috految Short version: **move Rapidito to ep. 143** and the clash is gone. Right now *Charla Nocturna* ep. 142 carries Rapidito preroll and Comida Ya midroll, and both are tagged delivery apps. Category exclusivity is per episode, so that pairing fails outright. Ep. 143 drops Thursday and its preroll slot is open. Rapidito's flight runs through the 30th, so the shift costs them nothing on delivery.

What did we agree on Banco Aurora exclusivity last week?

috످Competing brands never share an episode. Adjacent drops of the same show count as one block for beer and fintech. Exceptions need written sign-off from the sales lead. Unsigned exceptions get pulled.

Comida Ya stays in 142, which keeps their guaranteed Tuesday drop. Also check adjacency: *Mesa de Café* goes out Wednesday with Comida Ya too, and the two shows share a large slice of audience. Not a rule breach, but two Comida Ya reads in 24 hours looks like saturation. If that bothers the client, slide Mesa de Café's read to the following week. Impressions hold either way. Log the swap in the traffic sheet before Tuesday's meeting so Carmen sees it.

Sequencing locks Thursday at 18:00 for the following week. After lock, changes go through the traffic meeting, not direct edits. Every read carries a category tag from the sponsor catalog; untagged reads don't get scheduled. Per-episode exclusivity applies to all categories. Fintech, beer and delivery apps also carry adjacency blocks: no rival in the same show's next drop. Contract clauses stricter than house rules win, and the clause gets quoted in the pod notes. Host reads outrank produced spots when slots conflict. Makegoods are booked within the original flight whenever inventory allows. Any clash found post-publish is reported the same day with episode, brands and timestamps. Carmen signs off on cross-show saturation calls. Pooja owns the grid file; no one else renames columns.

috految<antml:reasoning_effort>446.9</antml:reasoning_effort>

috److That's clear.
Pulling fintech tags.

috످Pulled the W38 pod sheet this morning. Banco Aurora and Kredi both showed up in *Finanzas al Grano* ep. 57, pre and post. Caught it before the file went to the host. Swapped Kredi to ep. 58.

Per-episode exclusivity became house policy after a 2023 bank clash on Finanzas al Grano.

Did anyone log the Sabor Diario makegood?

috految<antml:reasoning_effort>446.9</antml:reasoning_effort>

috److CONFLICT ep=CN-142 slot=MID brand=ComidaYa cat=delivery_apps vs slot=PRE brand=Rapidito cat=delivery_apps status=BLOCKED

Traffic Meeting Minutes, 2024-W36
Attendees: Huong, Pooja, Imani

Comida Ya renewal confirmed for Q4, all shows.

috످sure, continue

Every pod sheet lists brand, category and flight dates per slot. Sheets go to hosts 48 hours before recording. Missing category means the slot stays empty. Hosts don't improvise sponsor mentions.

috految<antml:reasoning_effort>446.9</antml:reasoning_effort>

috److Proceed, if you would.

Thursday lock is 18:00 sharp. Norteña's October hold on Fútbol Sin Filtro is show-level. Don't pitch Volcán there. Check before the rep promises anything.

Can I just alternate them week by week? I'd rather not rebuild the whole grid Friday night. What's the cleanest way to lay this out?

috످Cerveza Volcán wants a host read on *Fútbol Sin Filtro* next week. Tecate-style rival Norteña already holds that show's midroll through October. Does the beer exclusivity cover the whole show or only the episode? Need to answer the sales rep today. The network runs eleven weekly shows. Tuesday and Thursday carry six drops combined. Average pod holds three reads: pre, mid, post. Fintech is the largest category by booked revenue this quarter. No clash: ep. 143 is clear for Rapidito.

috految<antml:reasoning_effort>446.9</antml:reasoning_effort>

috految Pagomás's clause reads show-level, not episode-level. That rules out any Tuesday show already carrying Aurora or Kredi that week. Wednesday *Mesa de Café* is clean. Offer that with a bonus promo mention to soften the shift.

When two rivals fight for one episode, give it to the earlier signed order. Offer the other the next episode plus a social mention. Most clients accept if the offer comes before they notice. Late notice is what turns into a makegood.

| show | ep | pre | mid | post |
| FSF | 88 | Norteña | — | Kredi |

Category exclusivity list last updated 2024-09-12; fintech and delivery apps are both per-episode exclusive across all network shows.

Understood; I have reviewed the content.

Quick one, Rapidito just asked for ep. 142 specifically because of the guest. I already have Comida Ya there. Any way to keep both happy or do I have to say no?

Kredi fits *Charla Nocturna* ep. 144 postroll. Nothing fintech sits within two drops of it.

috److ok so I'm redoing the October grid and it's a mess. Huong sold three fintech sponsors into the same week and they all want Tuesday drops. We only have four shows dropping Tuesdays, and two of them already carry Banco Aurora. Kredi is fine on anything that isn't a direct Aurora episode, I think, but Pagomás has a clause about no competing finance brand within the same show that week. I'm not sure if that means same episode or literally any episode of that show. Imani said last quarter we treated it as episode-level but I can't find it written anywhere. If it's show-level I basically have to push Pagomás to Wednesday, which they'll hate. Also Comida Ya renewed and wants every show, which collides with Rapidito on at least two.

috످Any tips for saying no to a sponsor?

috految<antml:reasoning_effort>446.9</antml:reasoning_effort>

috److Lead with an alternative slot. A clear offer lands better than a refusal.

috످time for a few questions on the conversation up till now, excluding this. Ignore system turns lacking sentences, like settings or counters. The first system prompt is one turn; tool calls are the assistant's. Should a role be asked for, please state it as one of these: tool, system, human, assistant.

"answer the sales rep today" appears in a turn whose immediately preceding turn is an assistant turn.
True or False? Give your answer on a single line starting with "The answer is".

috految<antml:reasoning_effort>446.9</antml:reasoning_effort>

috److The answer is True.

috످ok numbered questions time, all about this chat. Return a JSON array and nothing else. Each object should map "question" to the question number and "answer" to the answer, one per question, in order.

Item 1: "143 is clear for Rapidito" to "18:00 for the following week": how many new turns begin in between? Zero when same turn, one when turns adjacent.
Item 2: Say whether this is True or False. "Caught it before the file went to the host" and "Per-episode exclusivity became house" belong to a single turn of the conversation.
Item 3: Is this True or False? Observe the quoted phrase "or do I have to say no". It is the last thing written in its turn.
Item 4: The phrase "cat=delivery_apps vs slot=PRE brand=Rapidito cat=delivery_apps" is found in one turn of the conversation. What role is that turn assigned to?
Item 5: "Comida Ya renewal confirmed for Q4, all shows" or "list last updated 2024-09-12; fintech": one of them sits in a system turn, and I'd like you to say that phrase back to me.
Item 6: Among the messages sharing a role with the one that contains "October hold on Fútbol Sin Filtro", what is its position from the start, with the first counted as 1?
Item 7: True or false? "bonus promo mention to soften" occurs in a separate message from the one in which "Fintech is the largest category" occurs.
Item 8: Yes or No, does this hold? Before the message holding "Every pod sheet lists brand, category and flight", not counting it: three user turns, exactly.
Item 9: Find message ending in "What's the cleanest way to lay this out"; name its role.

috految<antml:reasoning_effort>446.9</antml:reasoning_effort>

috److془Let me carefully work through the turns.

Turn 1: system: "Short version: move Rapidito to ep. 143..."
Turn 2: human: "Competing brands never share an episode... Sequencing locks Thursday at 18:00 for the following week..."
Turn 3: assistant: "That's clear. Pulling fintech tags."
Turn 4: human: "Pulled the W38 pod sheet..."
Turn 5: assistant: "CONFLICT ..."
Turn 6: human: "sure, continue. Every pod sheet..."
Turn 7: assistant: "Proceed, if you would..."
Turn 8: human: "Cerveza Volcán ... No clash: ep. 143 is clear for Rapidito."
Turn 9: system: "Pagomás's clause..."
Turn 10: assistant: "ok so I'm redoing..."
Turn 11: human: "Any tips"
Turn 12: assistant
Turn 13: human
Turn 14: assistant

Item 1: The first passage gives the all-clear for moving a delivery sponsor to the later episode, and it's in the human's turn 8. The second sets the weekly scheduling deadline, and it stands in the human's turn 2. 6.

Item 2: The first passage is about spotting a clash between two banks in time, and it stands in human turn 4. The second explains the origin of the rule against rivals sharing an episode, and also stands in human turn 4. True.

Item 3: The passage asks whether a sponsor's request for a taken episode must be refused, and stands in system turn 9, followed by a Kredi note. False.

Item 4: The passage is a log-style alert about two delivery sponsors colliding, and it's in assistant turn 5.

Item 5: The first is a meeting note about a sponsor signing on again, in assistant turn 5. The second says when the exclusivity rules were last revised, in system turn 9.

Item 6: The passage warns that a beer brand has the football show reserved, in assistant turn 7, third assistant. 3.

Item 7: The first suggests a sweetener for a rescheduled sponsor, in system turn 9. The second says finance sponsors bring in the most money, in human turn 8. True.

Item 8: The passage describes what's included in ad sheets, in human turn 6; before: turn 2, 4 => two. No.

Item 9: The passage asks for help arranging the schedule, at end of assistant turn 7.془[
  {"question": 1, "answer": 6},
  {"question": 2, "answer": "True"},
  {"question": 3, "answer": "False"},
  {"question": 4, "answer": "assistant"},
  {"question": 5, "answer": "list last updated 2024-09-12; fintech"},
  {"question": 6, "answer": 3},
  {"question": 7, "answer": "True"},
  {"question": 8, "answer": "No"},
  {"question": 9, "answer": "assistant"}
]

috످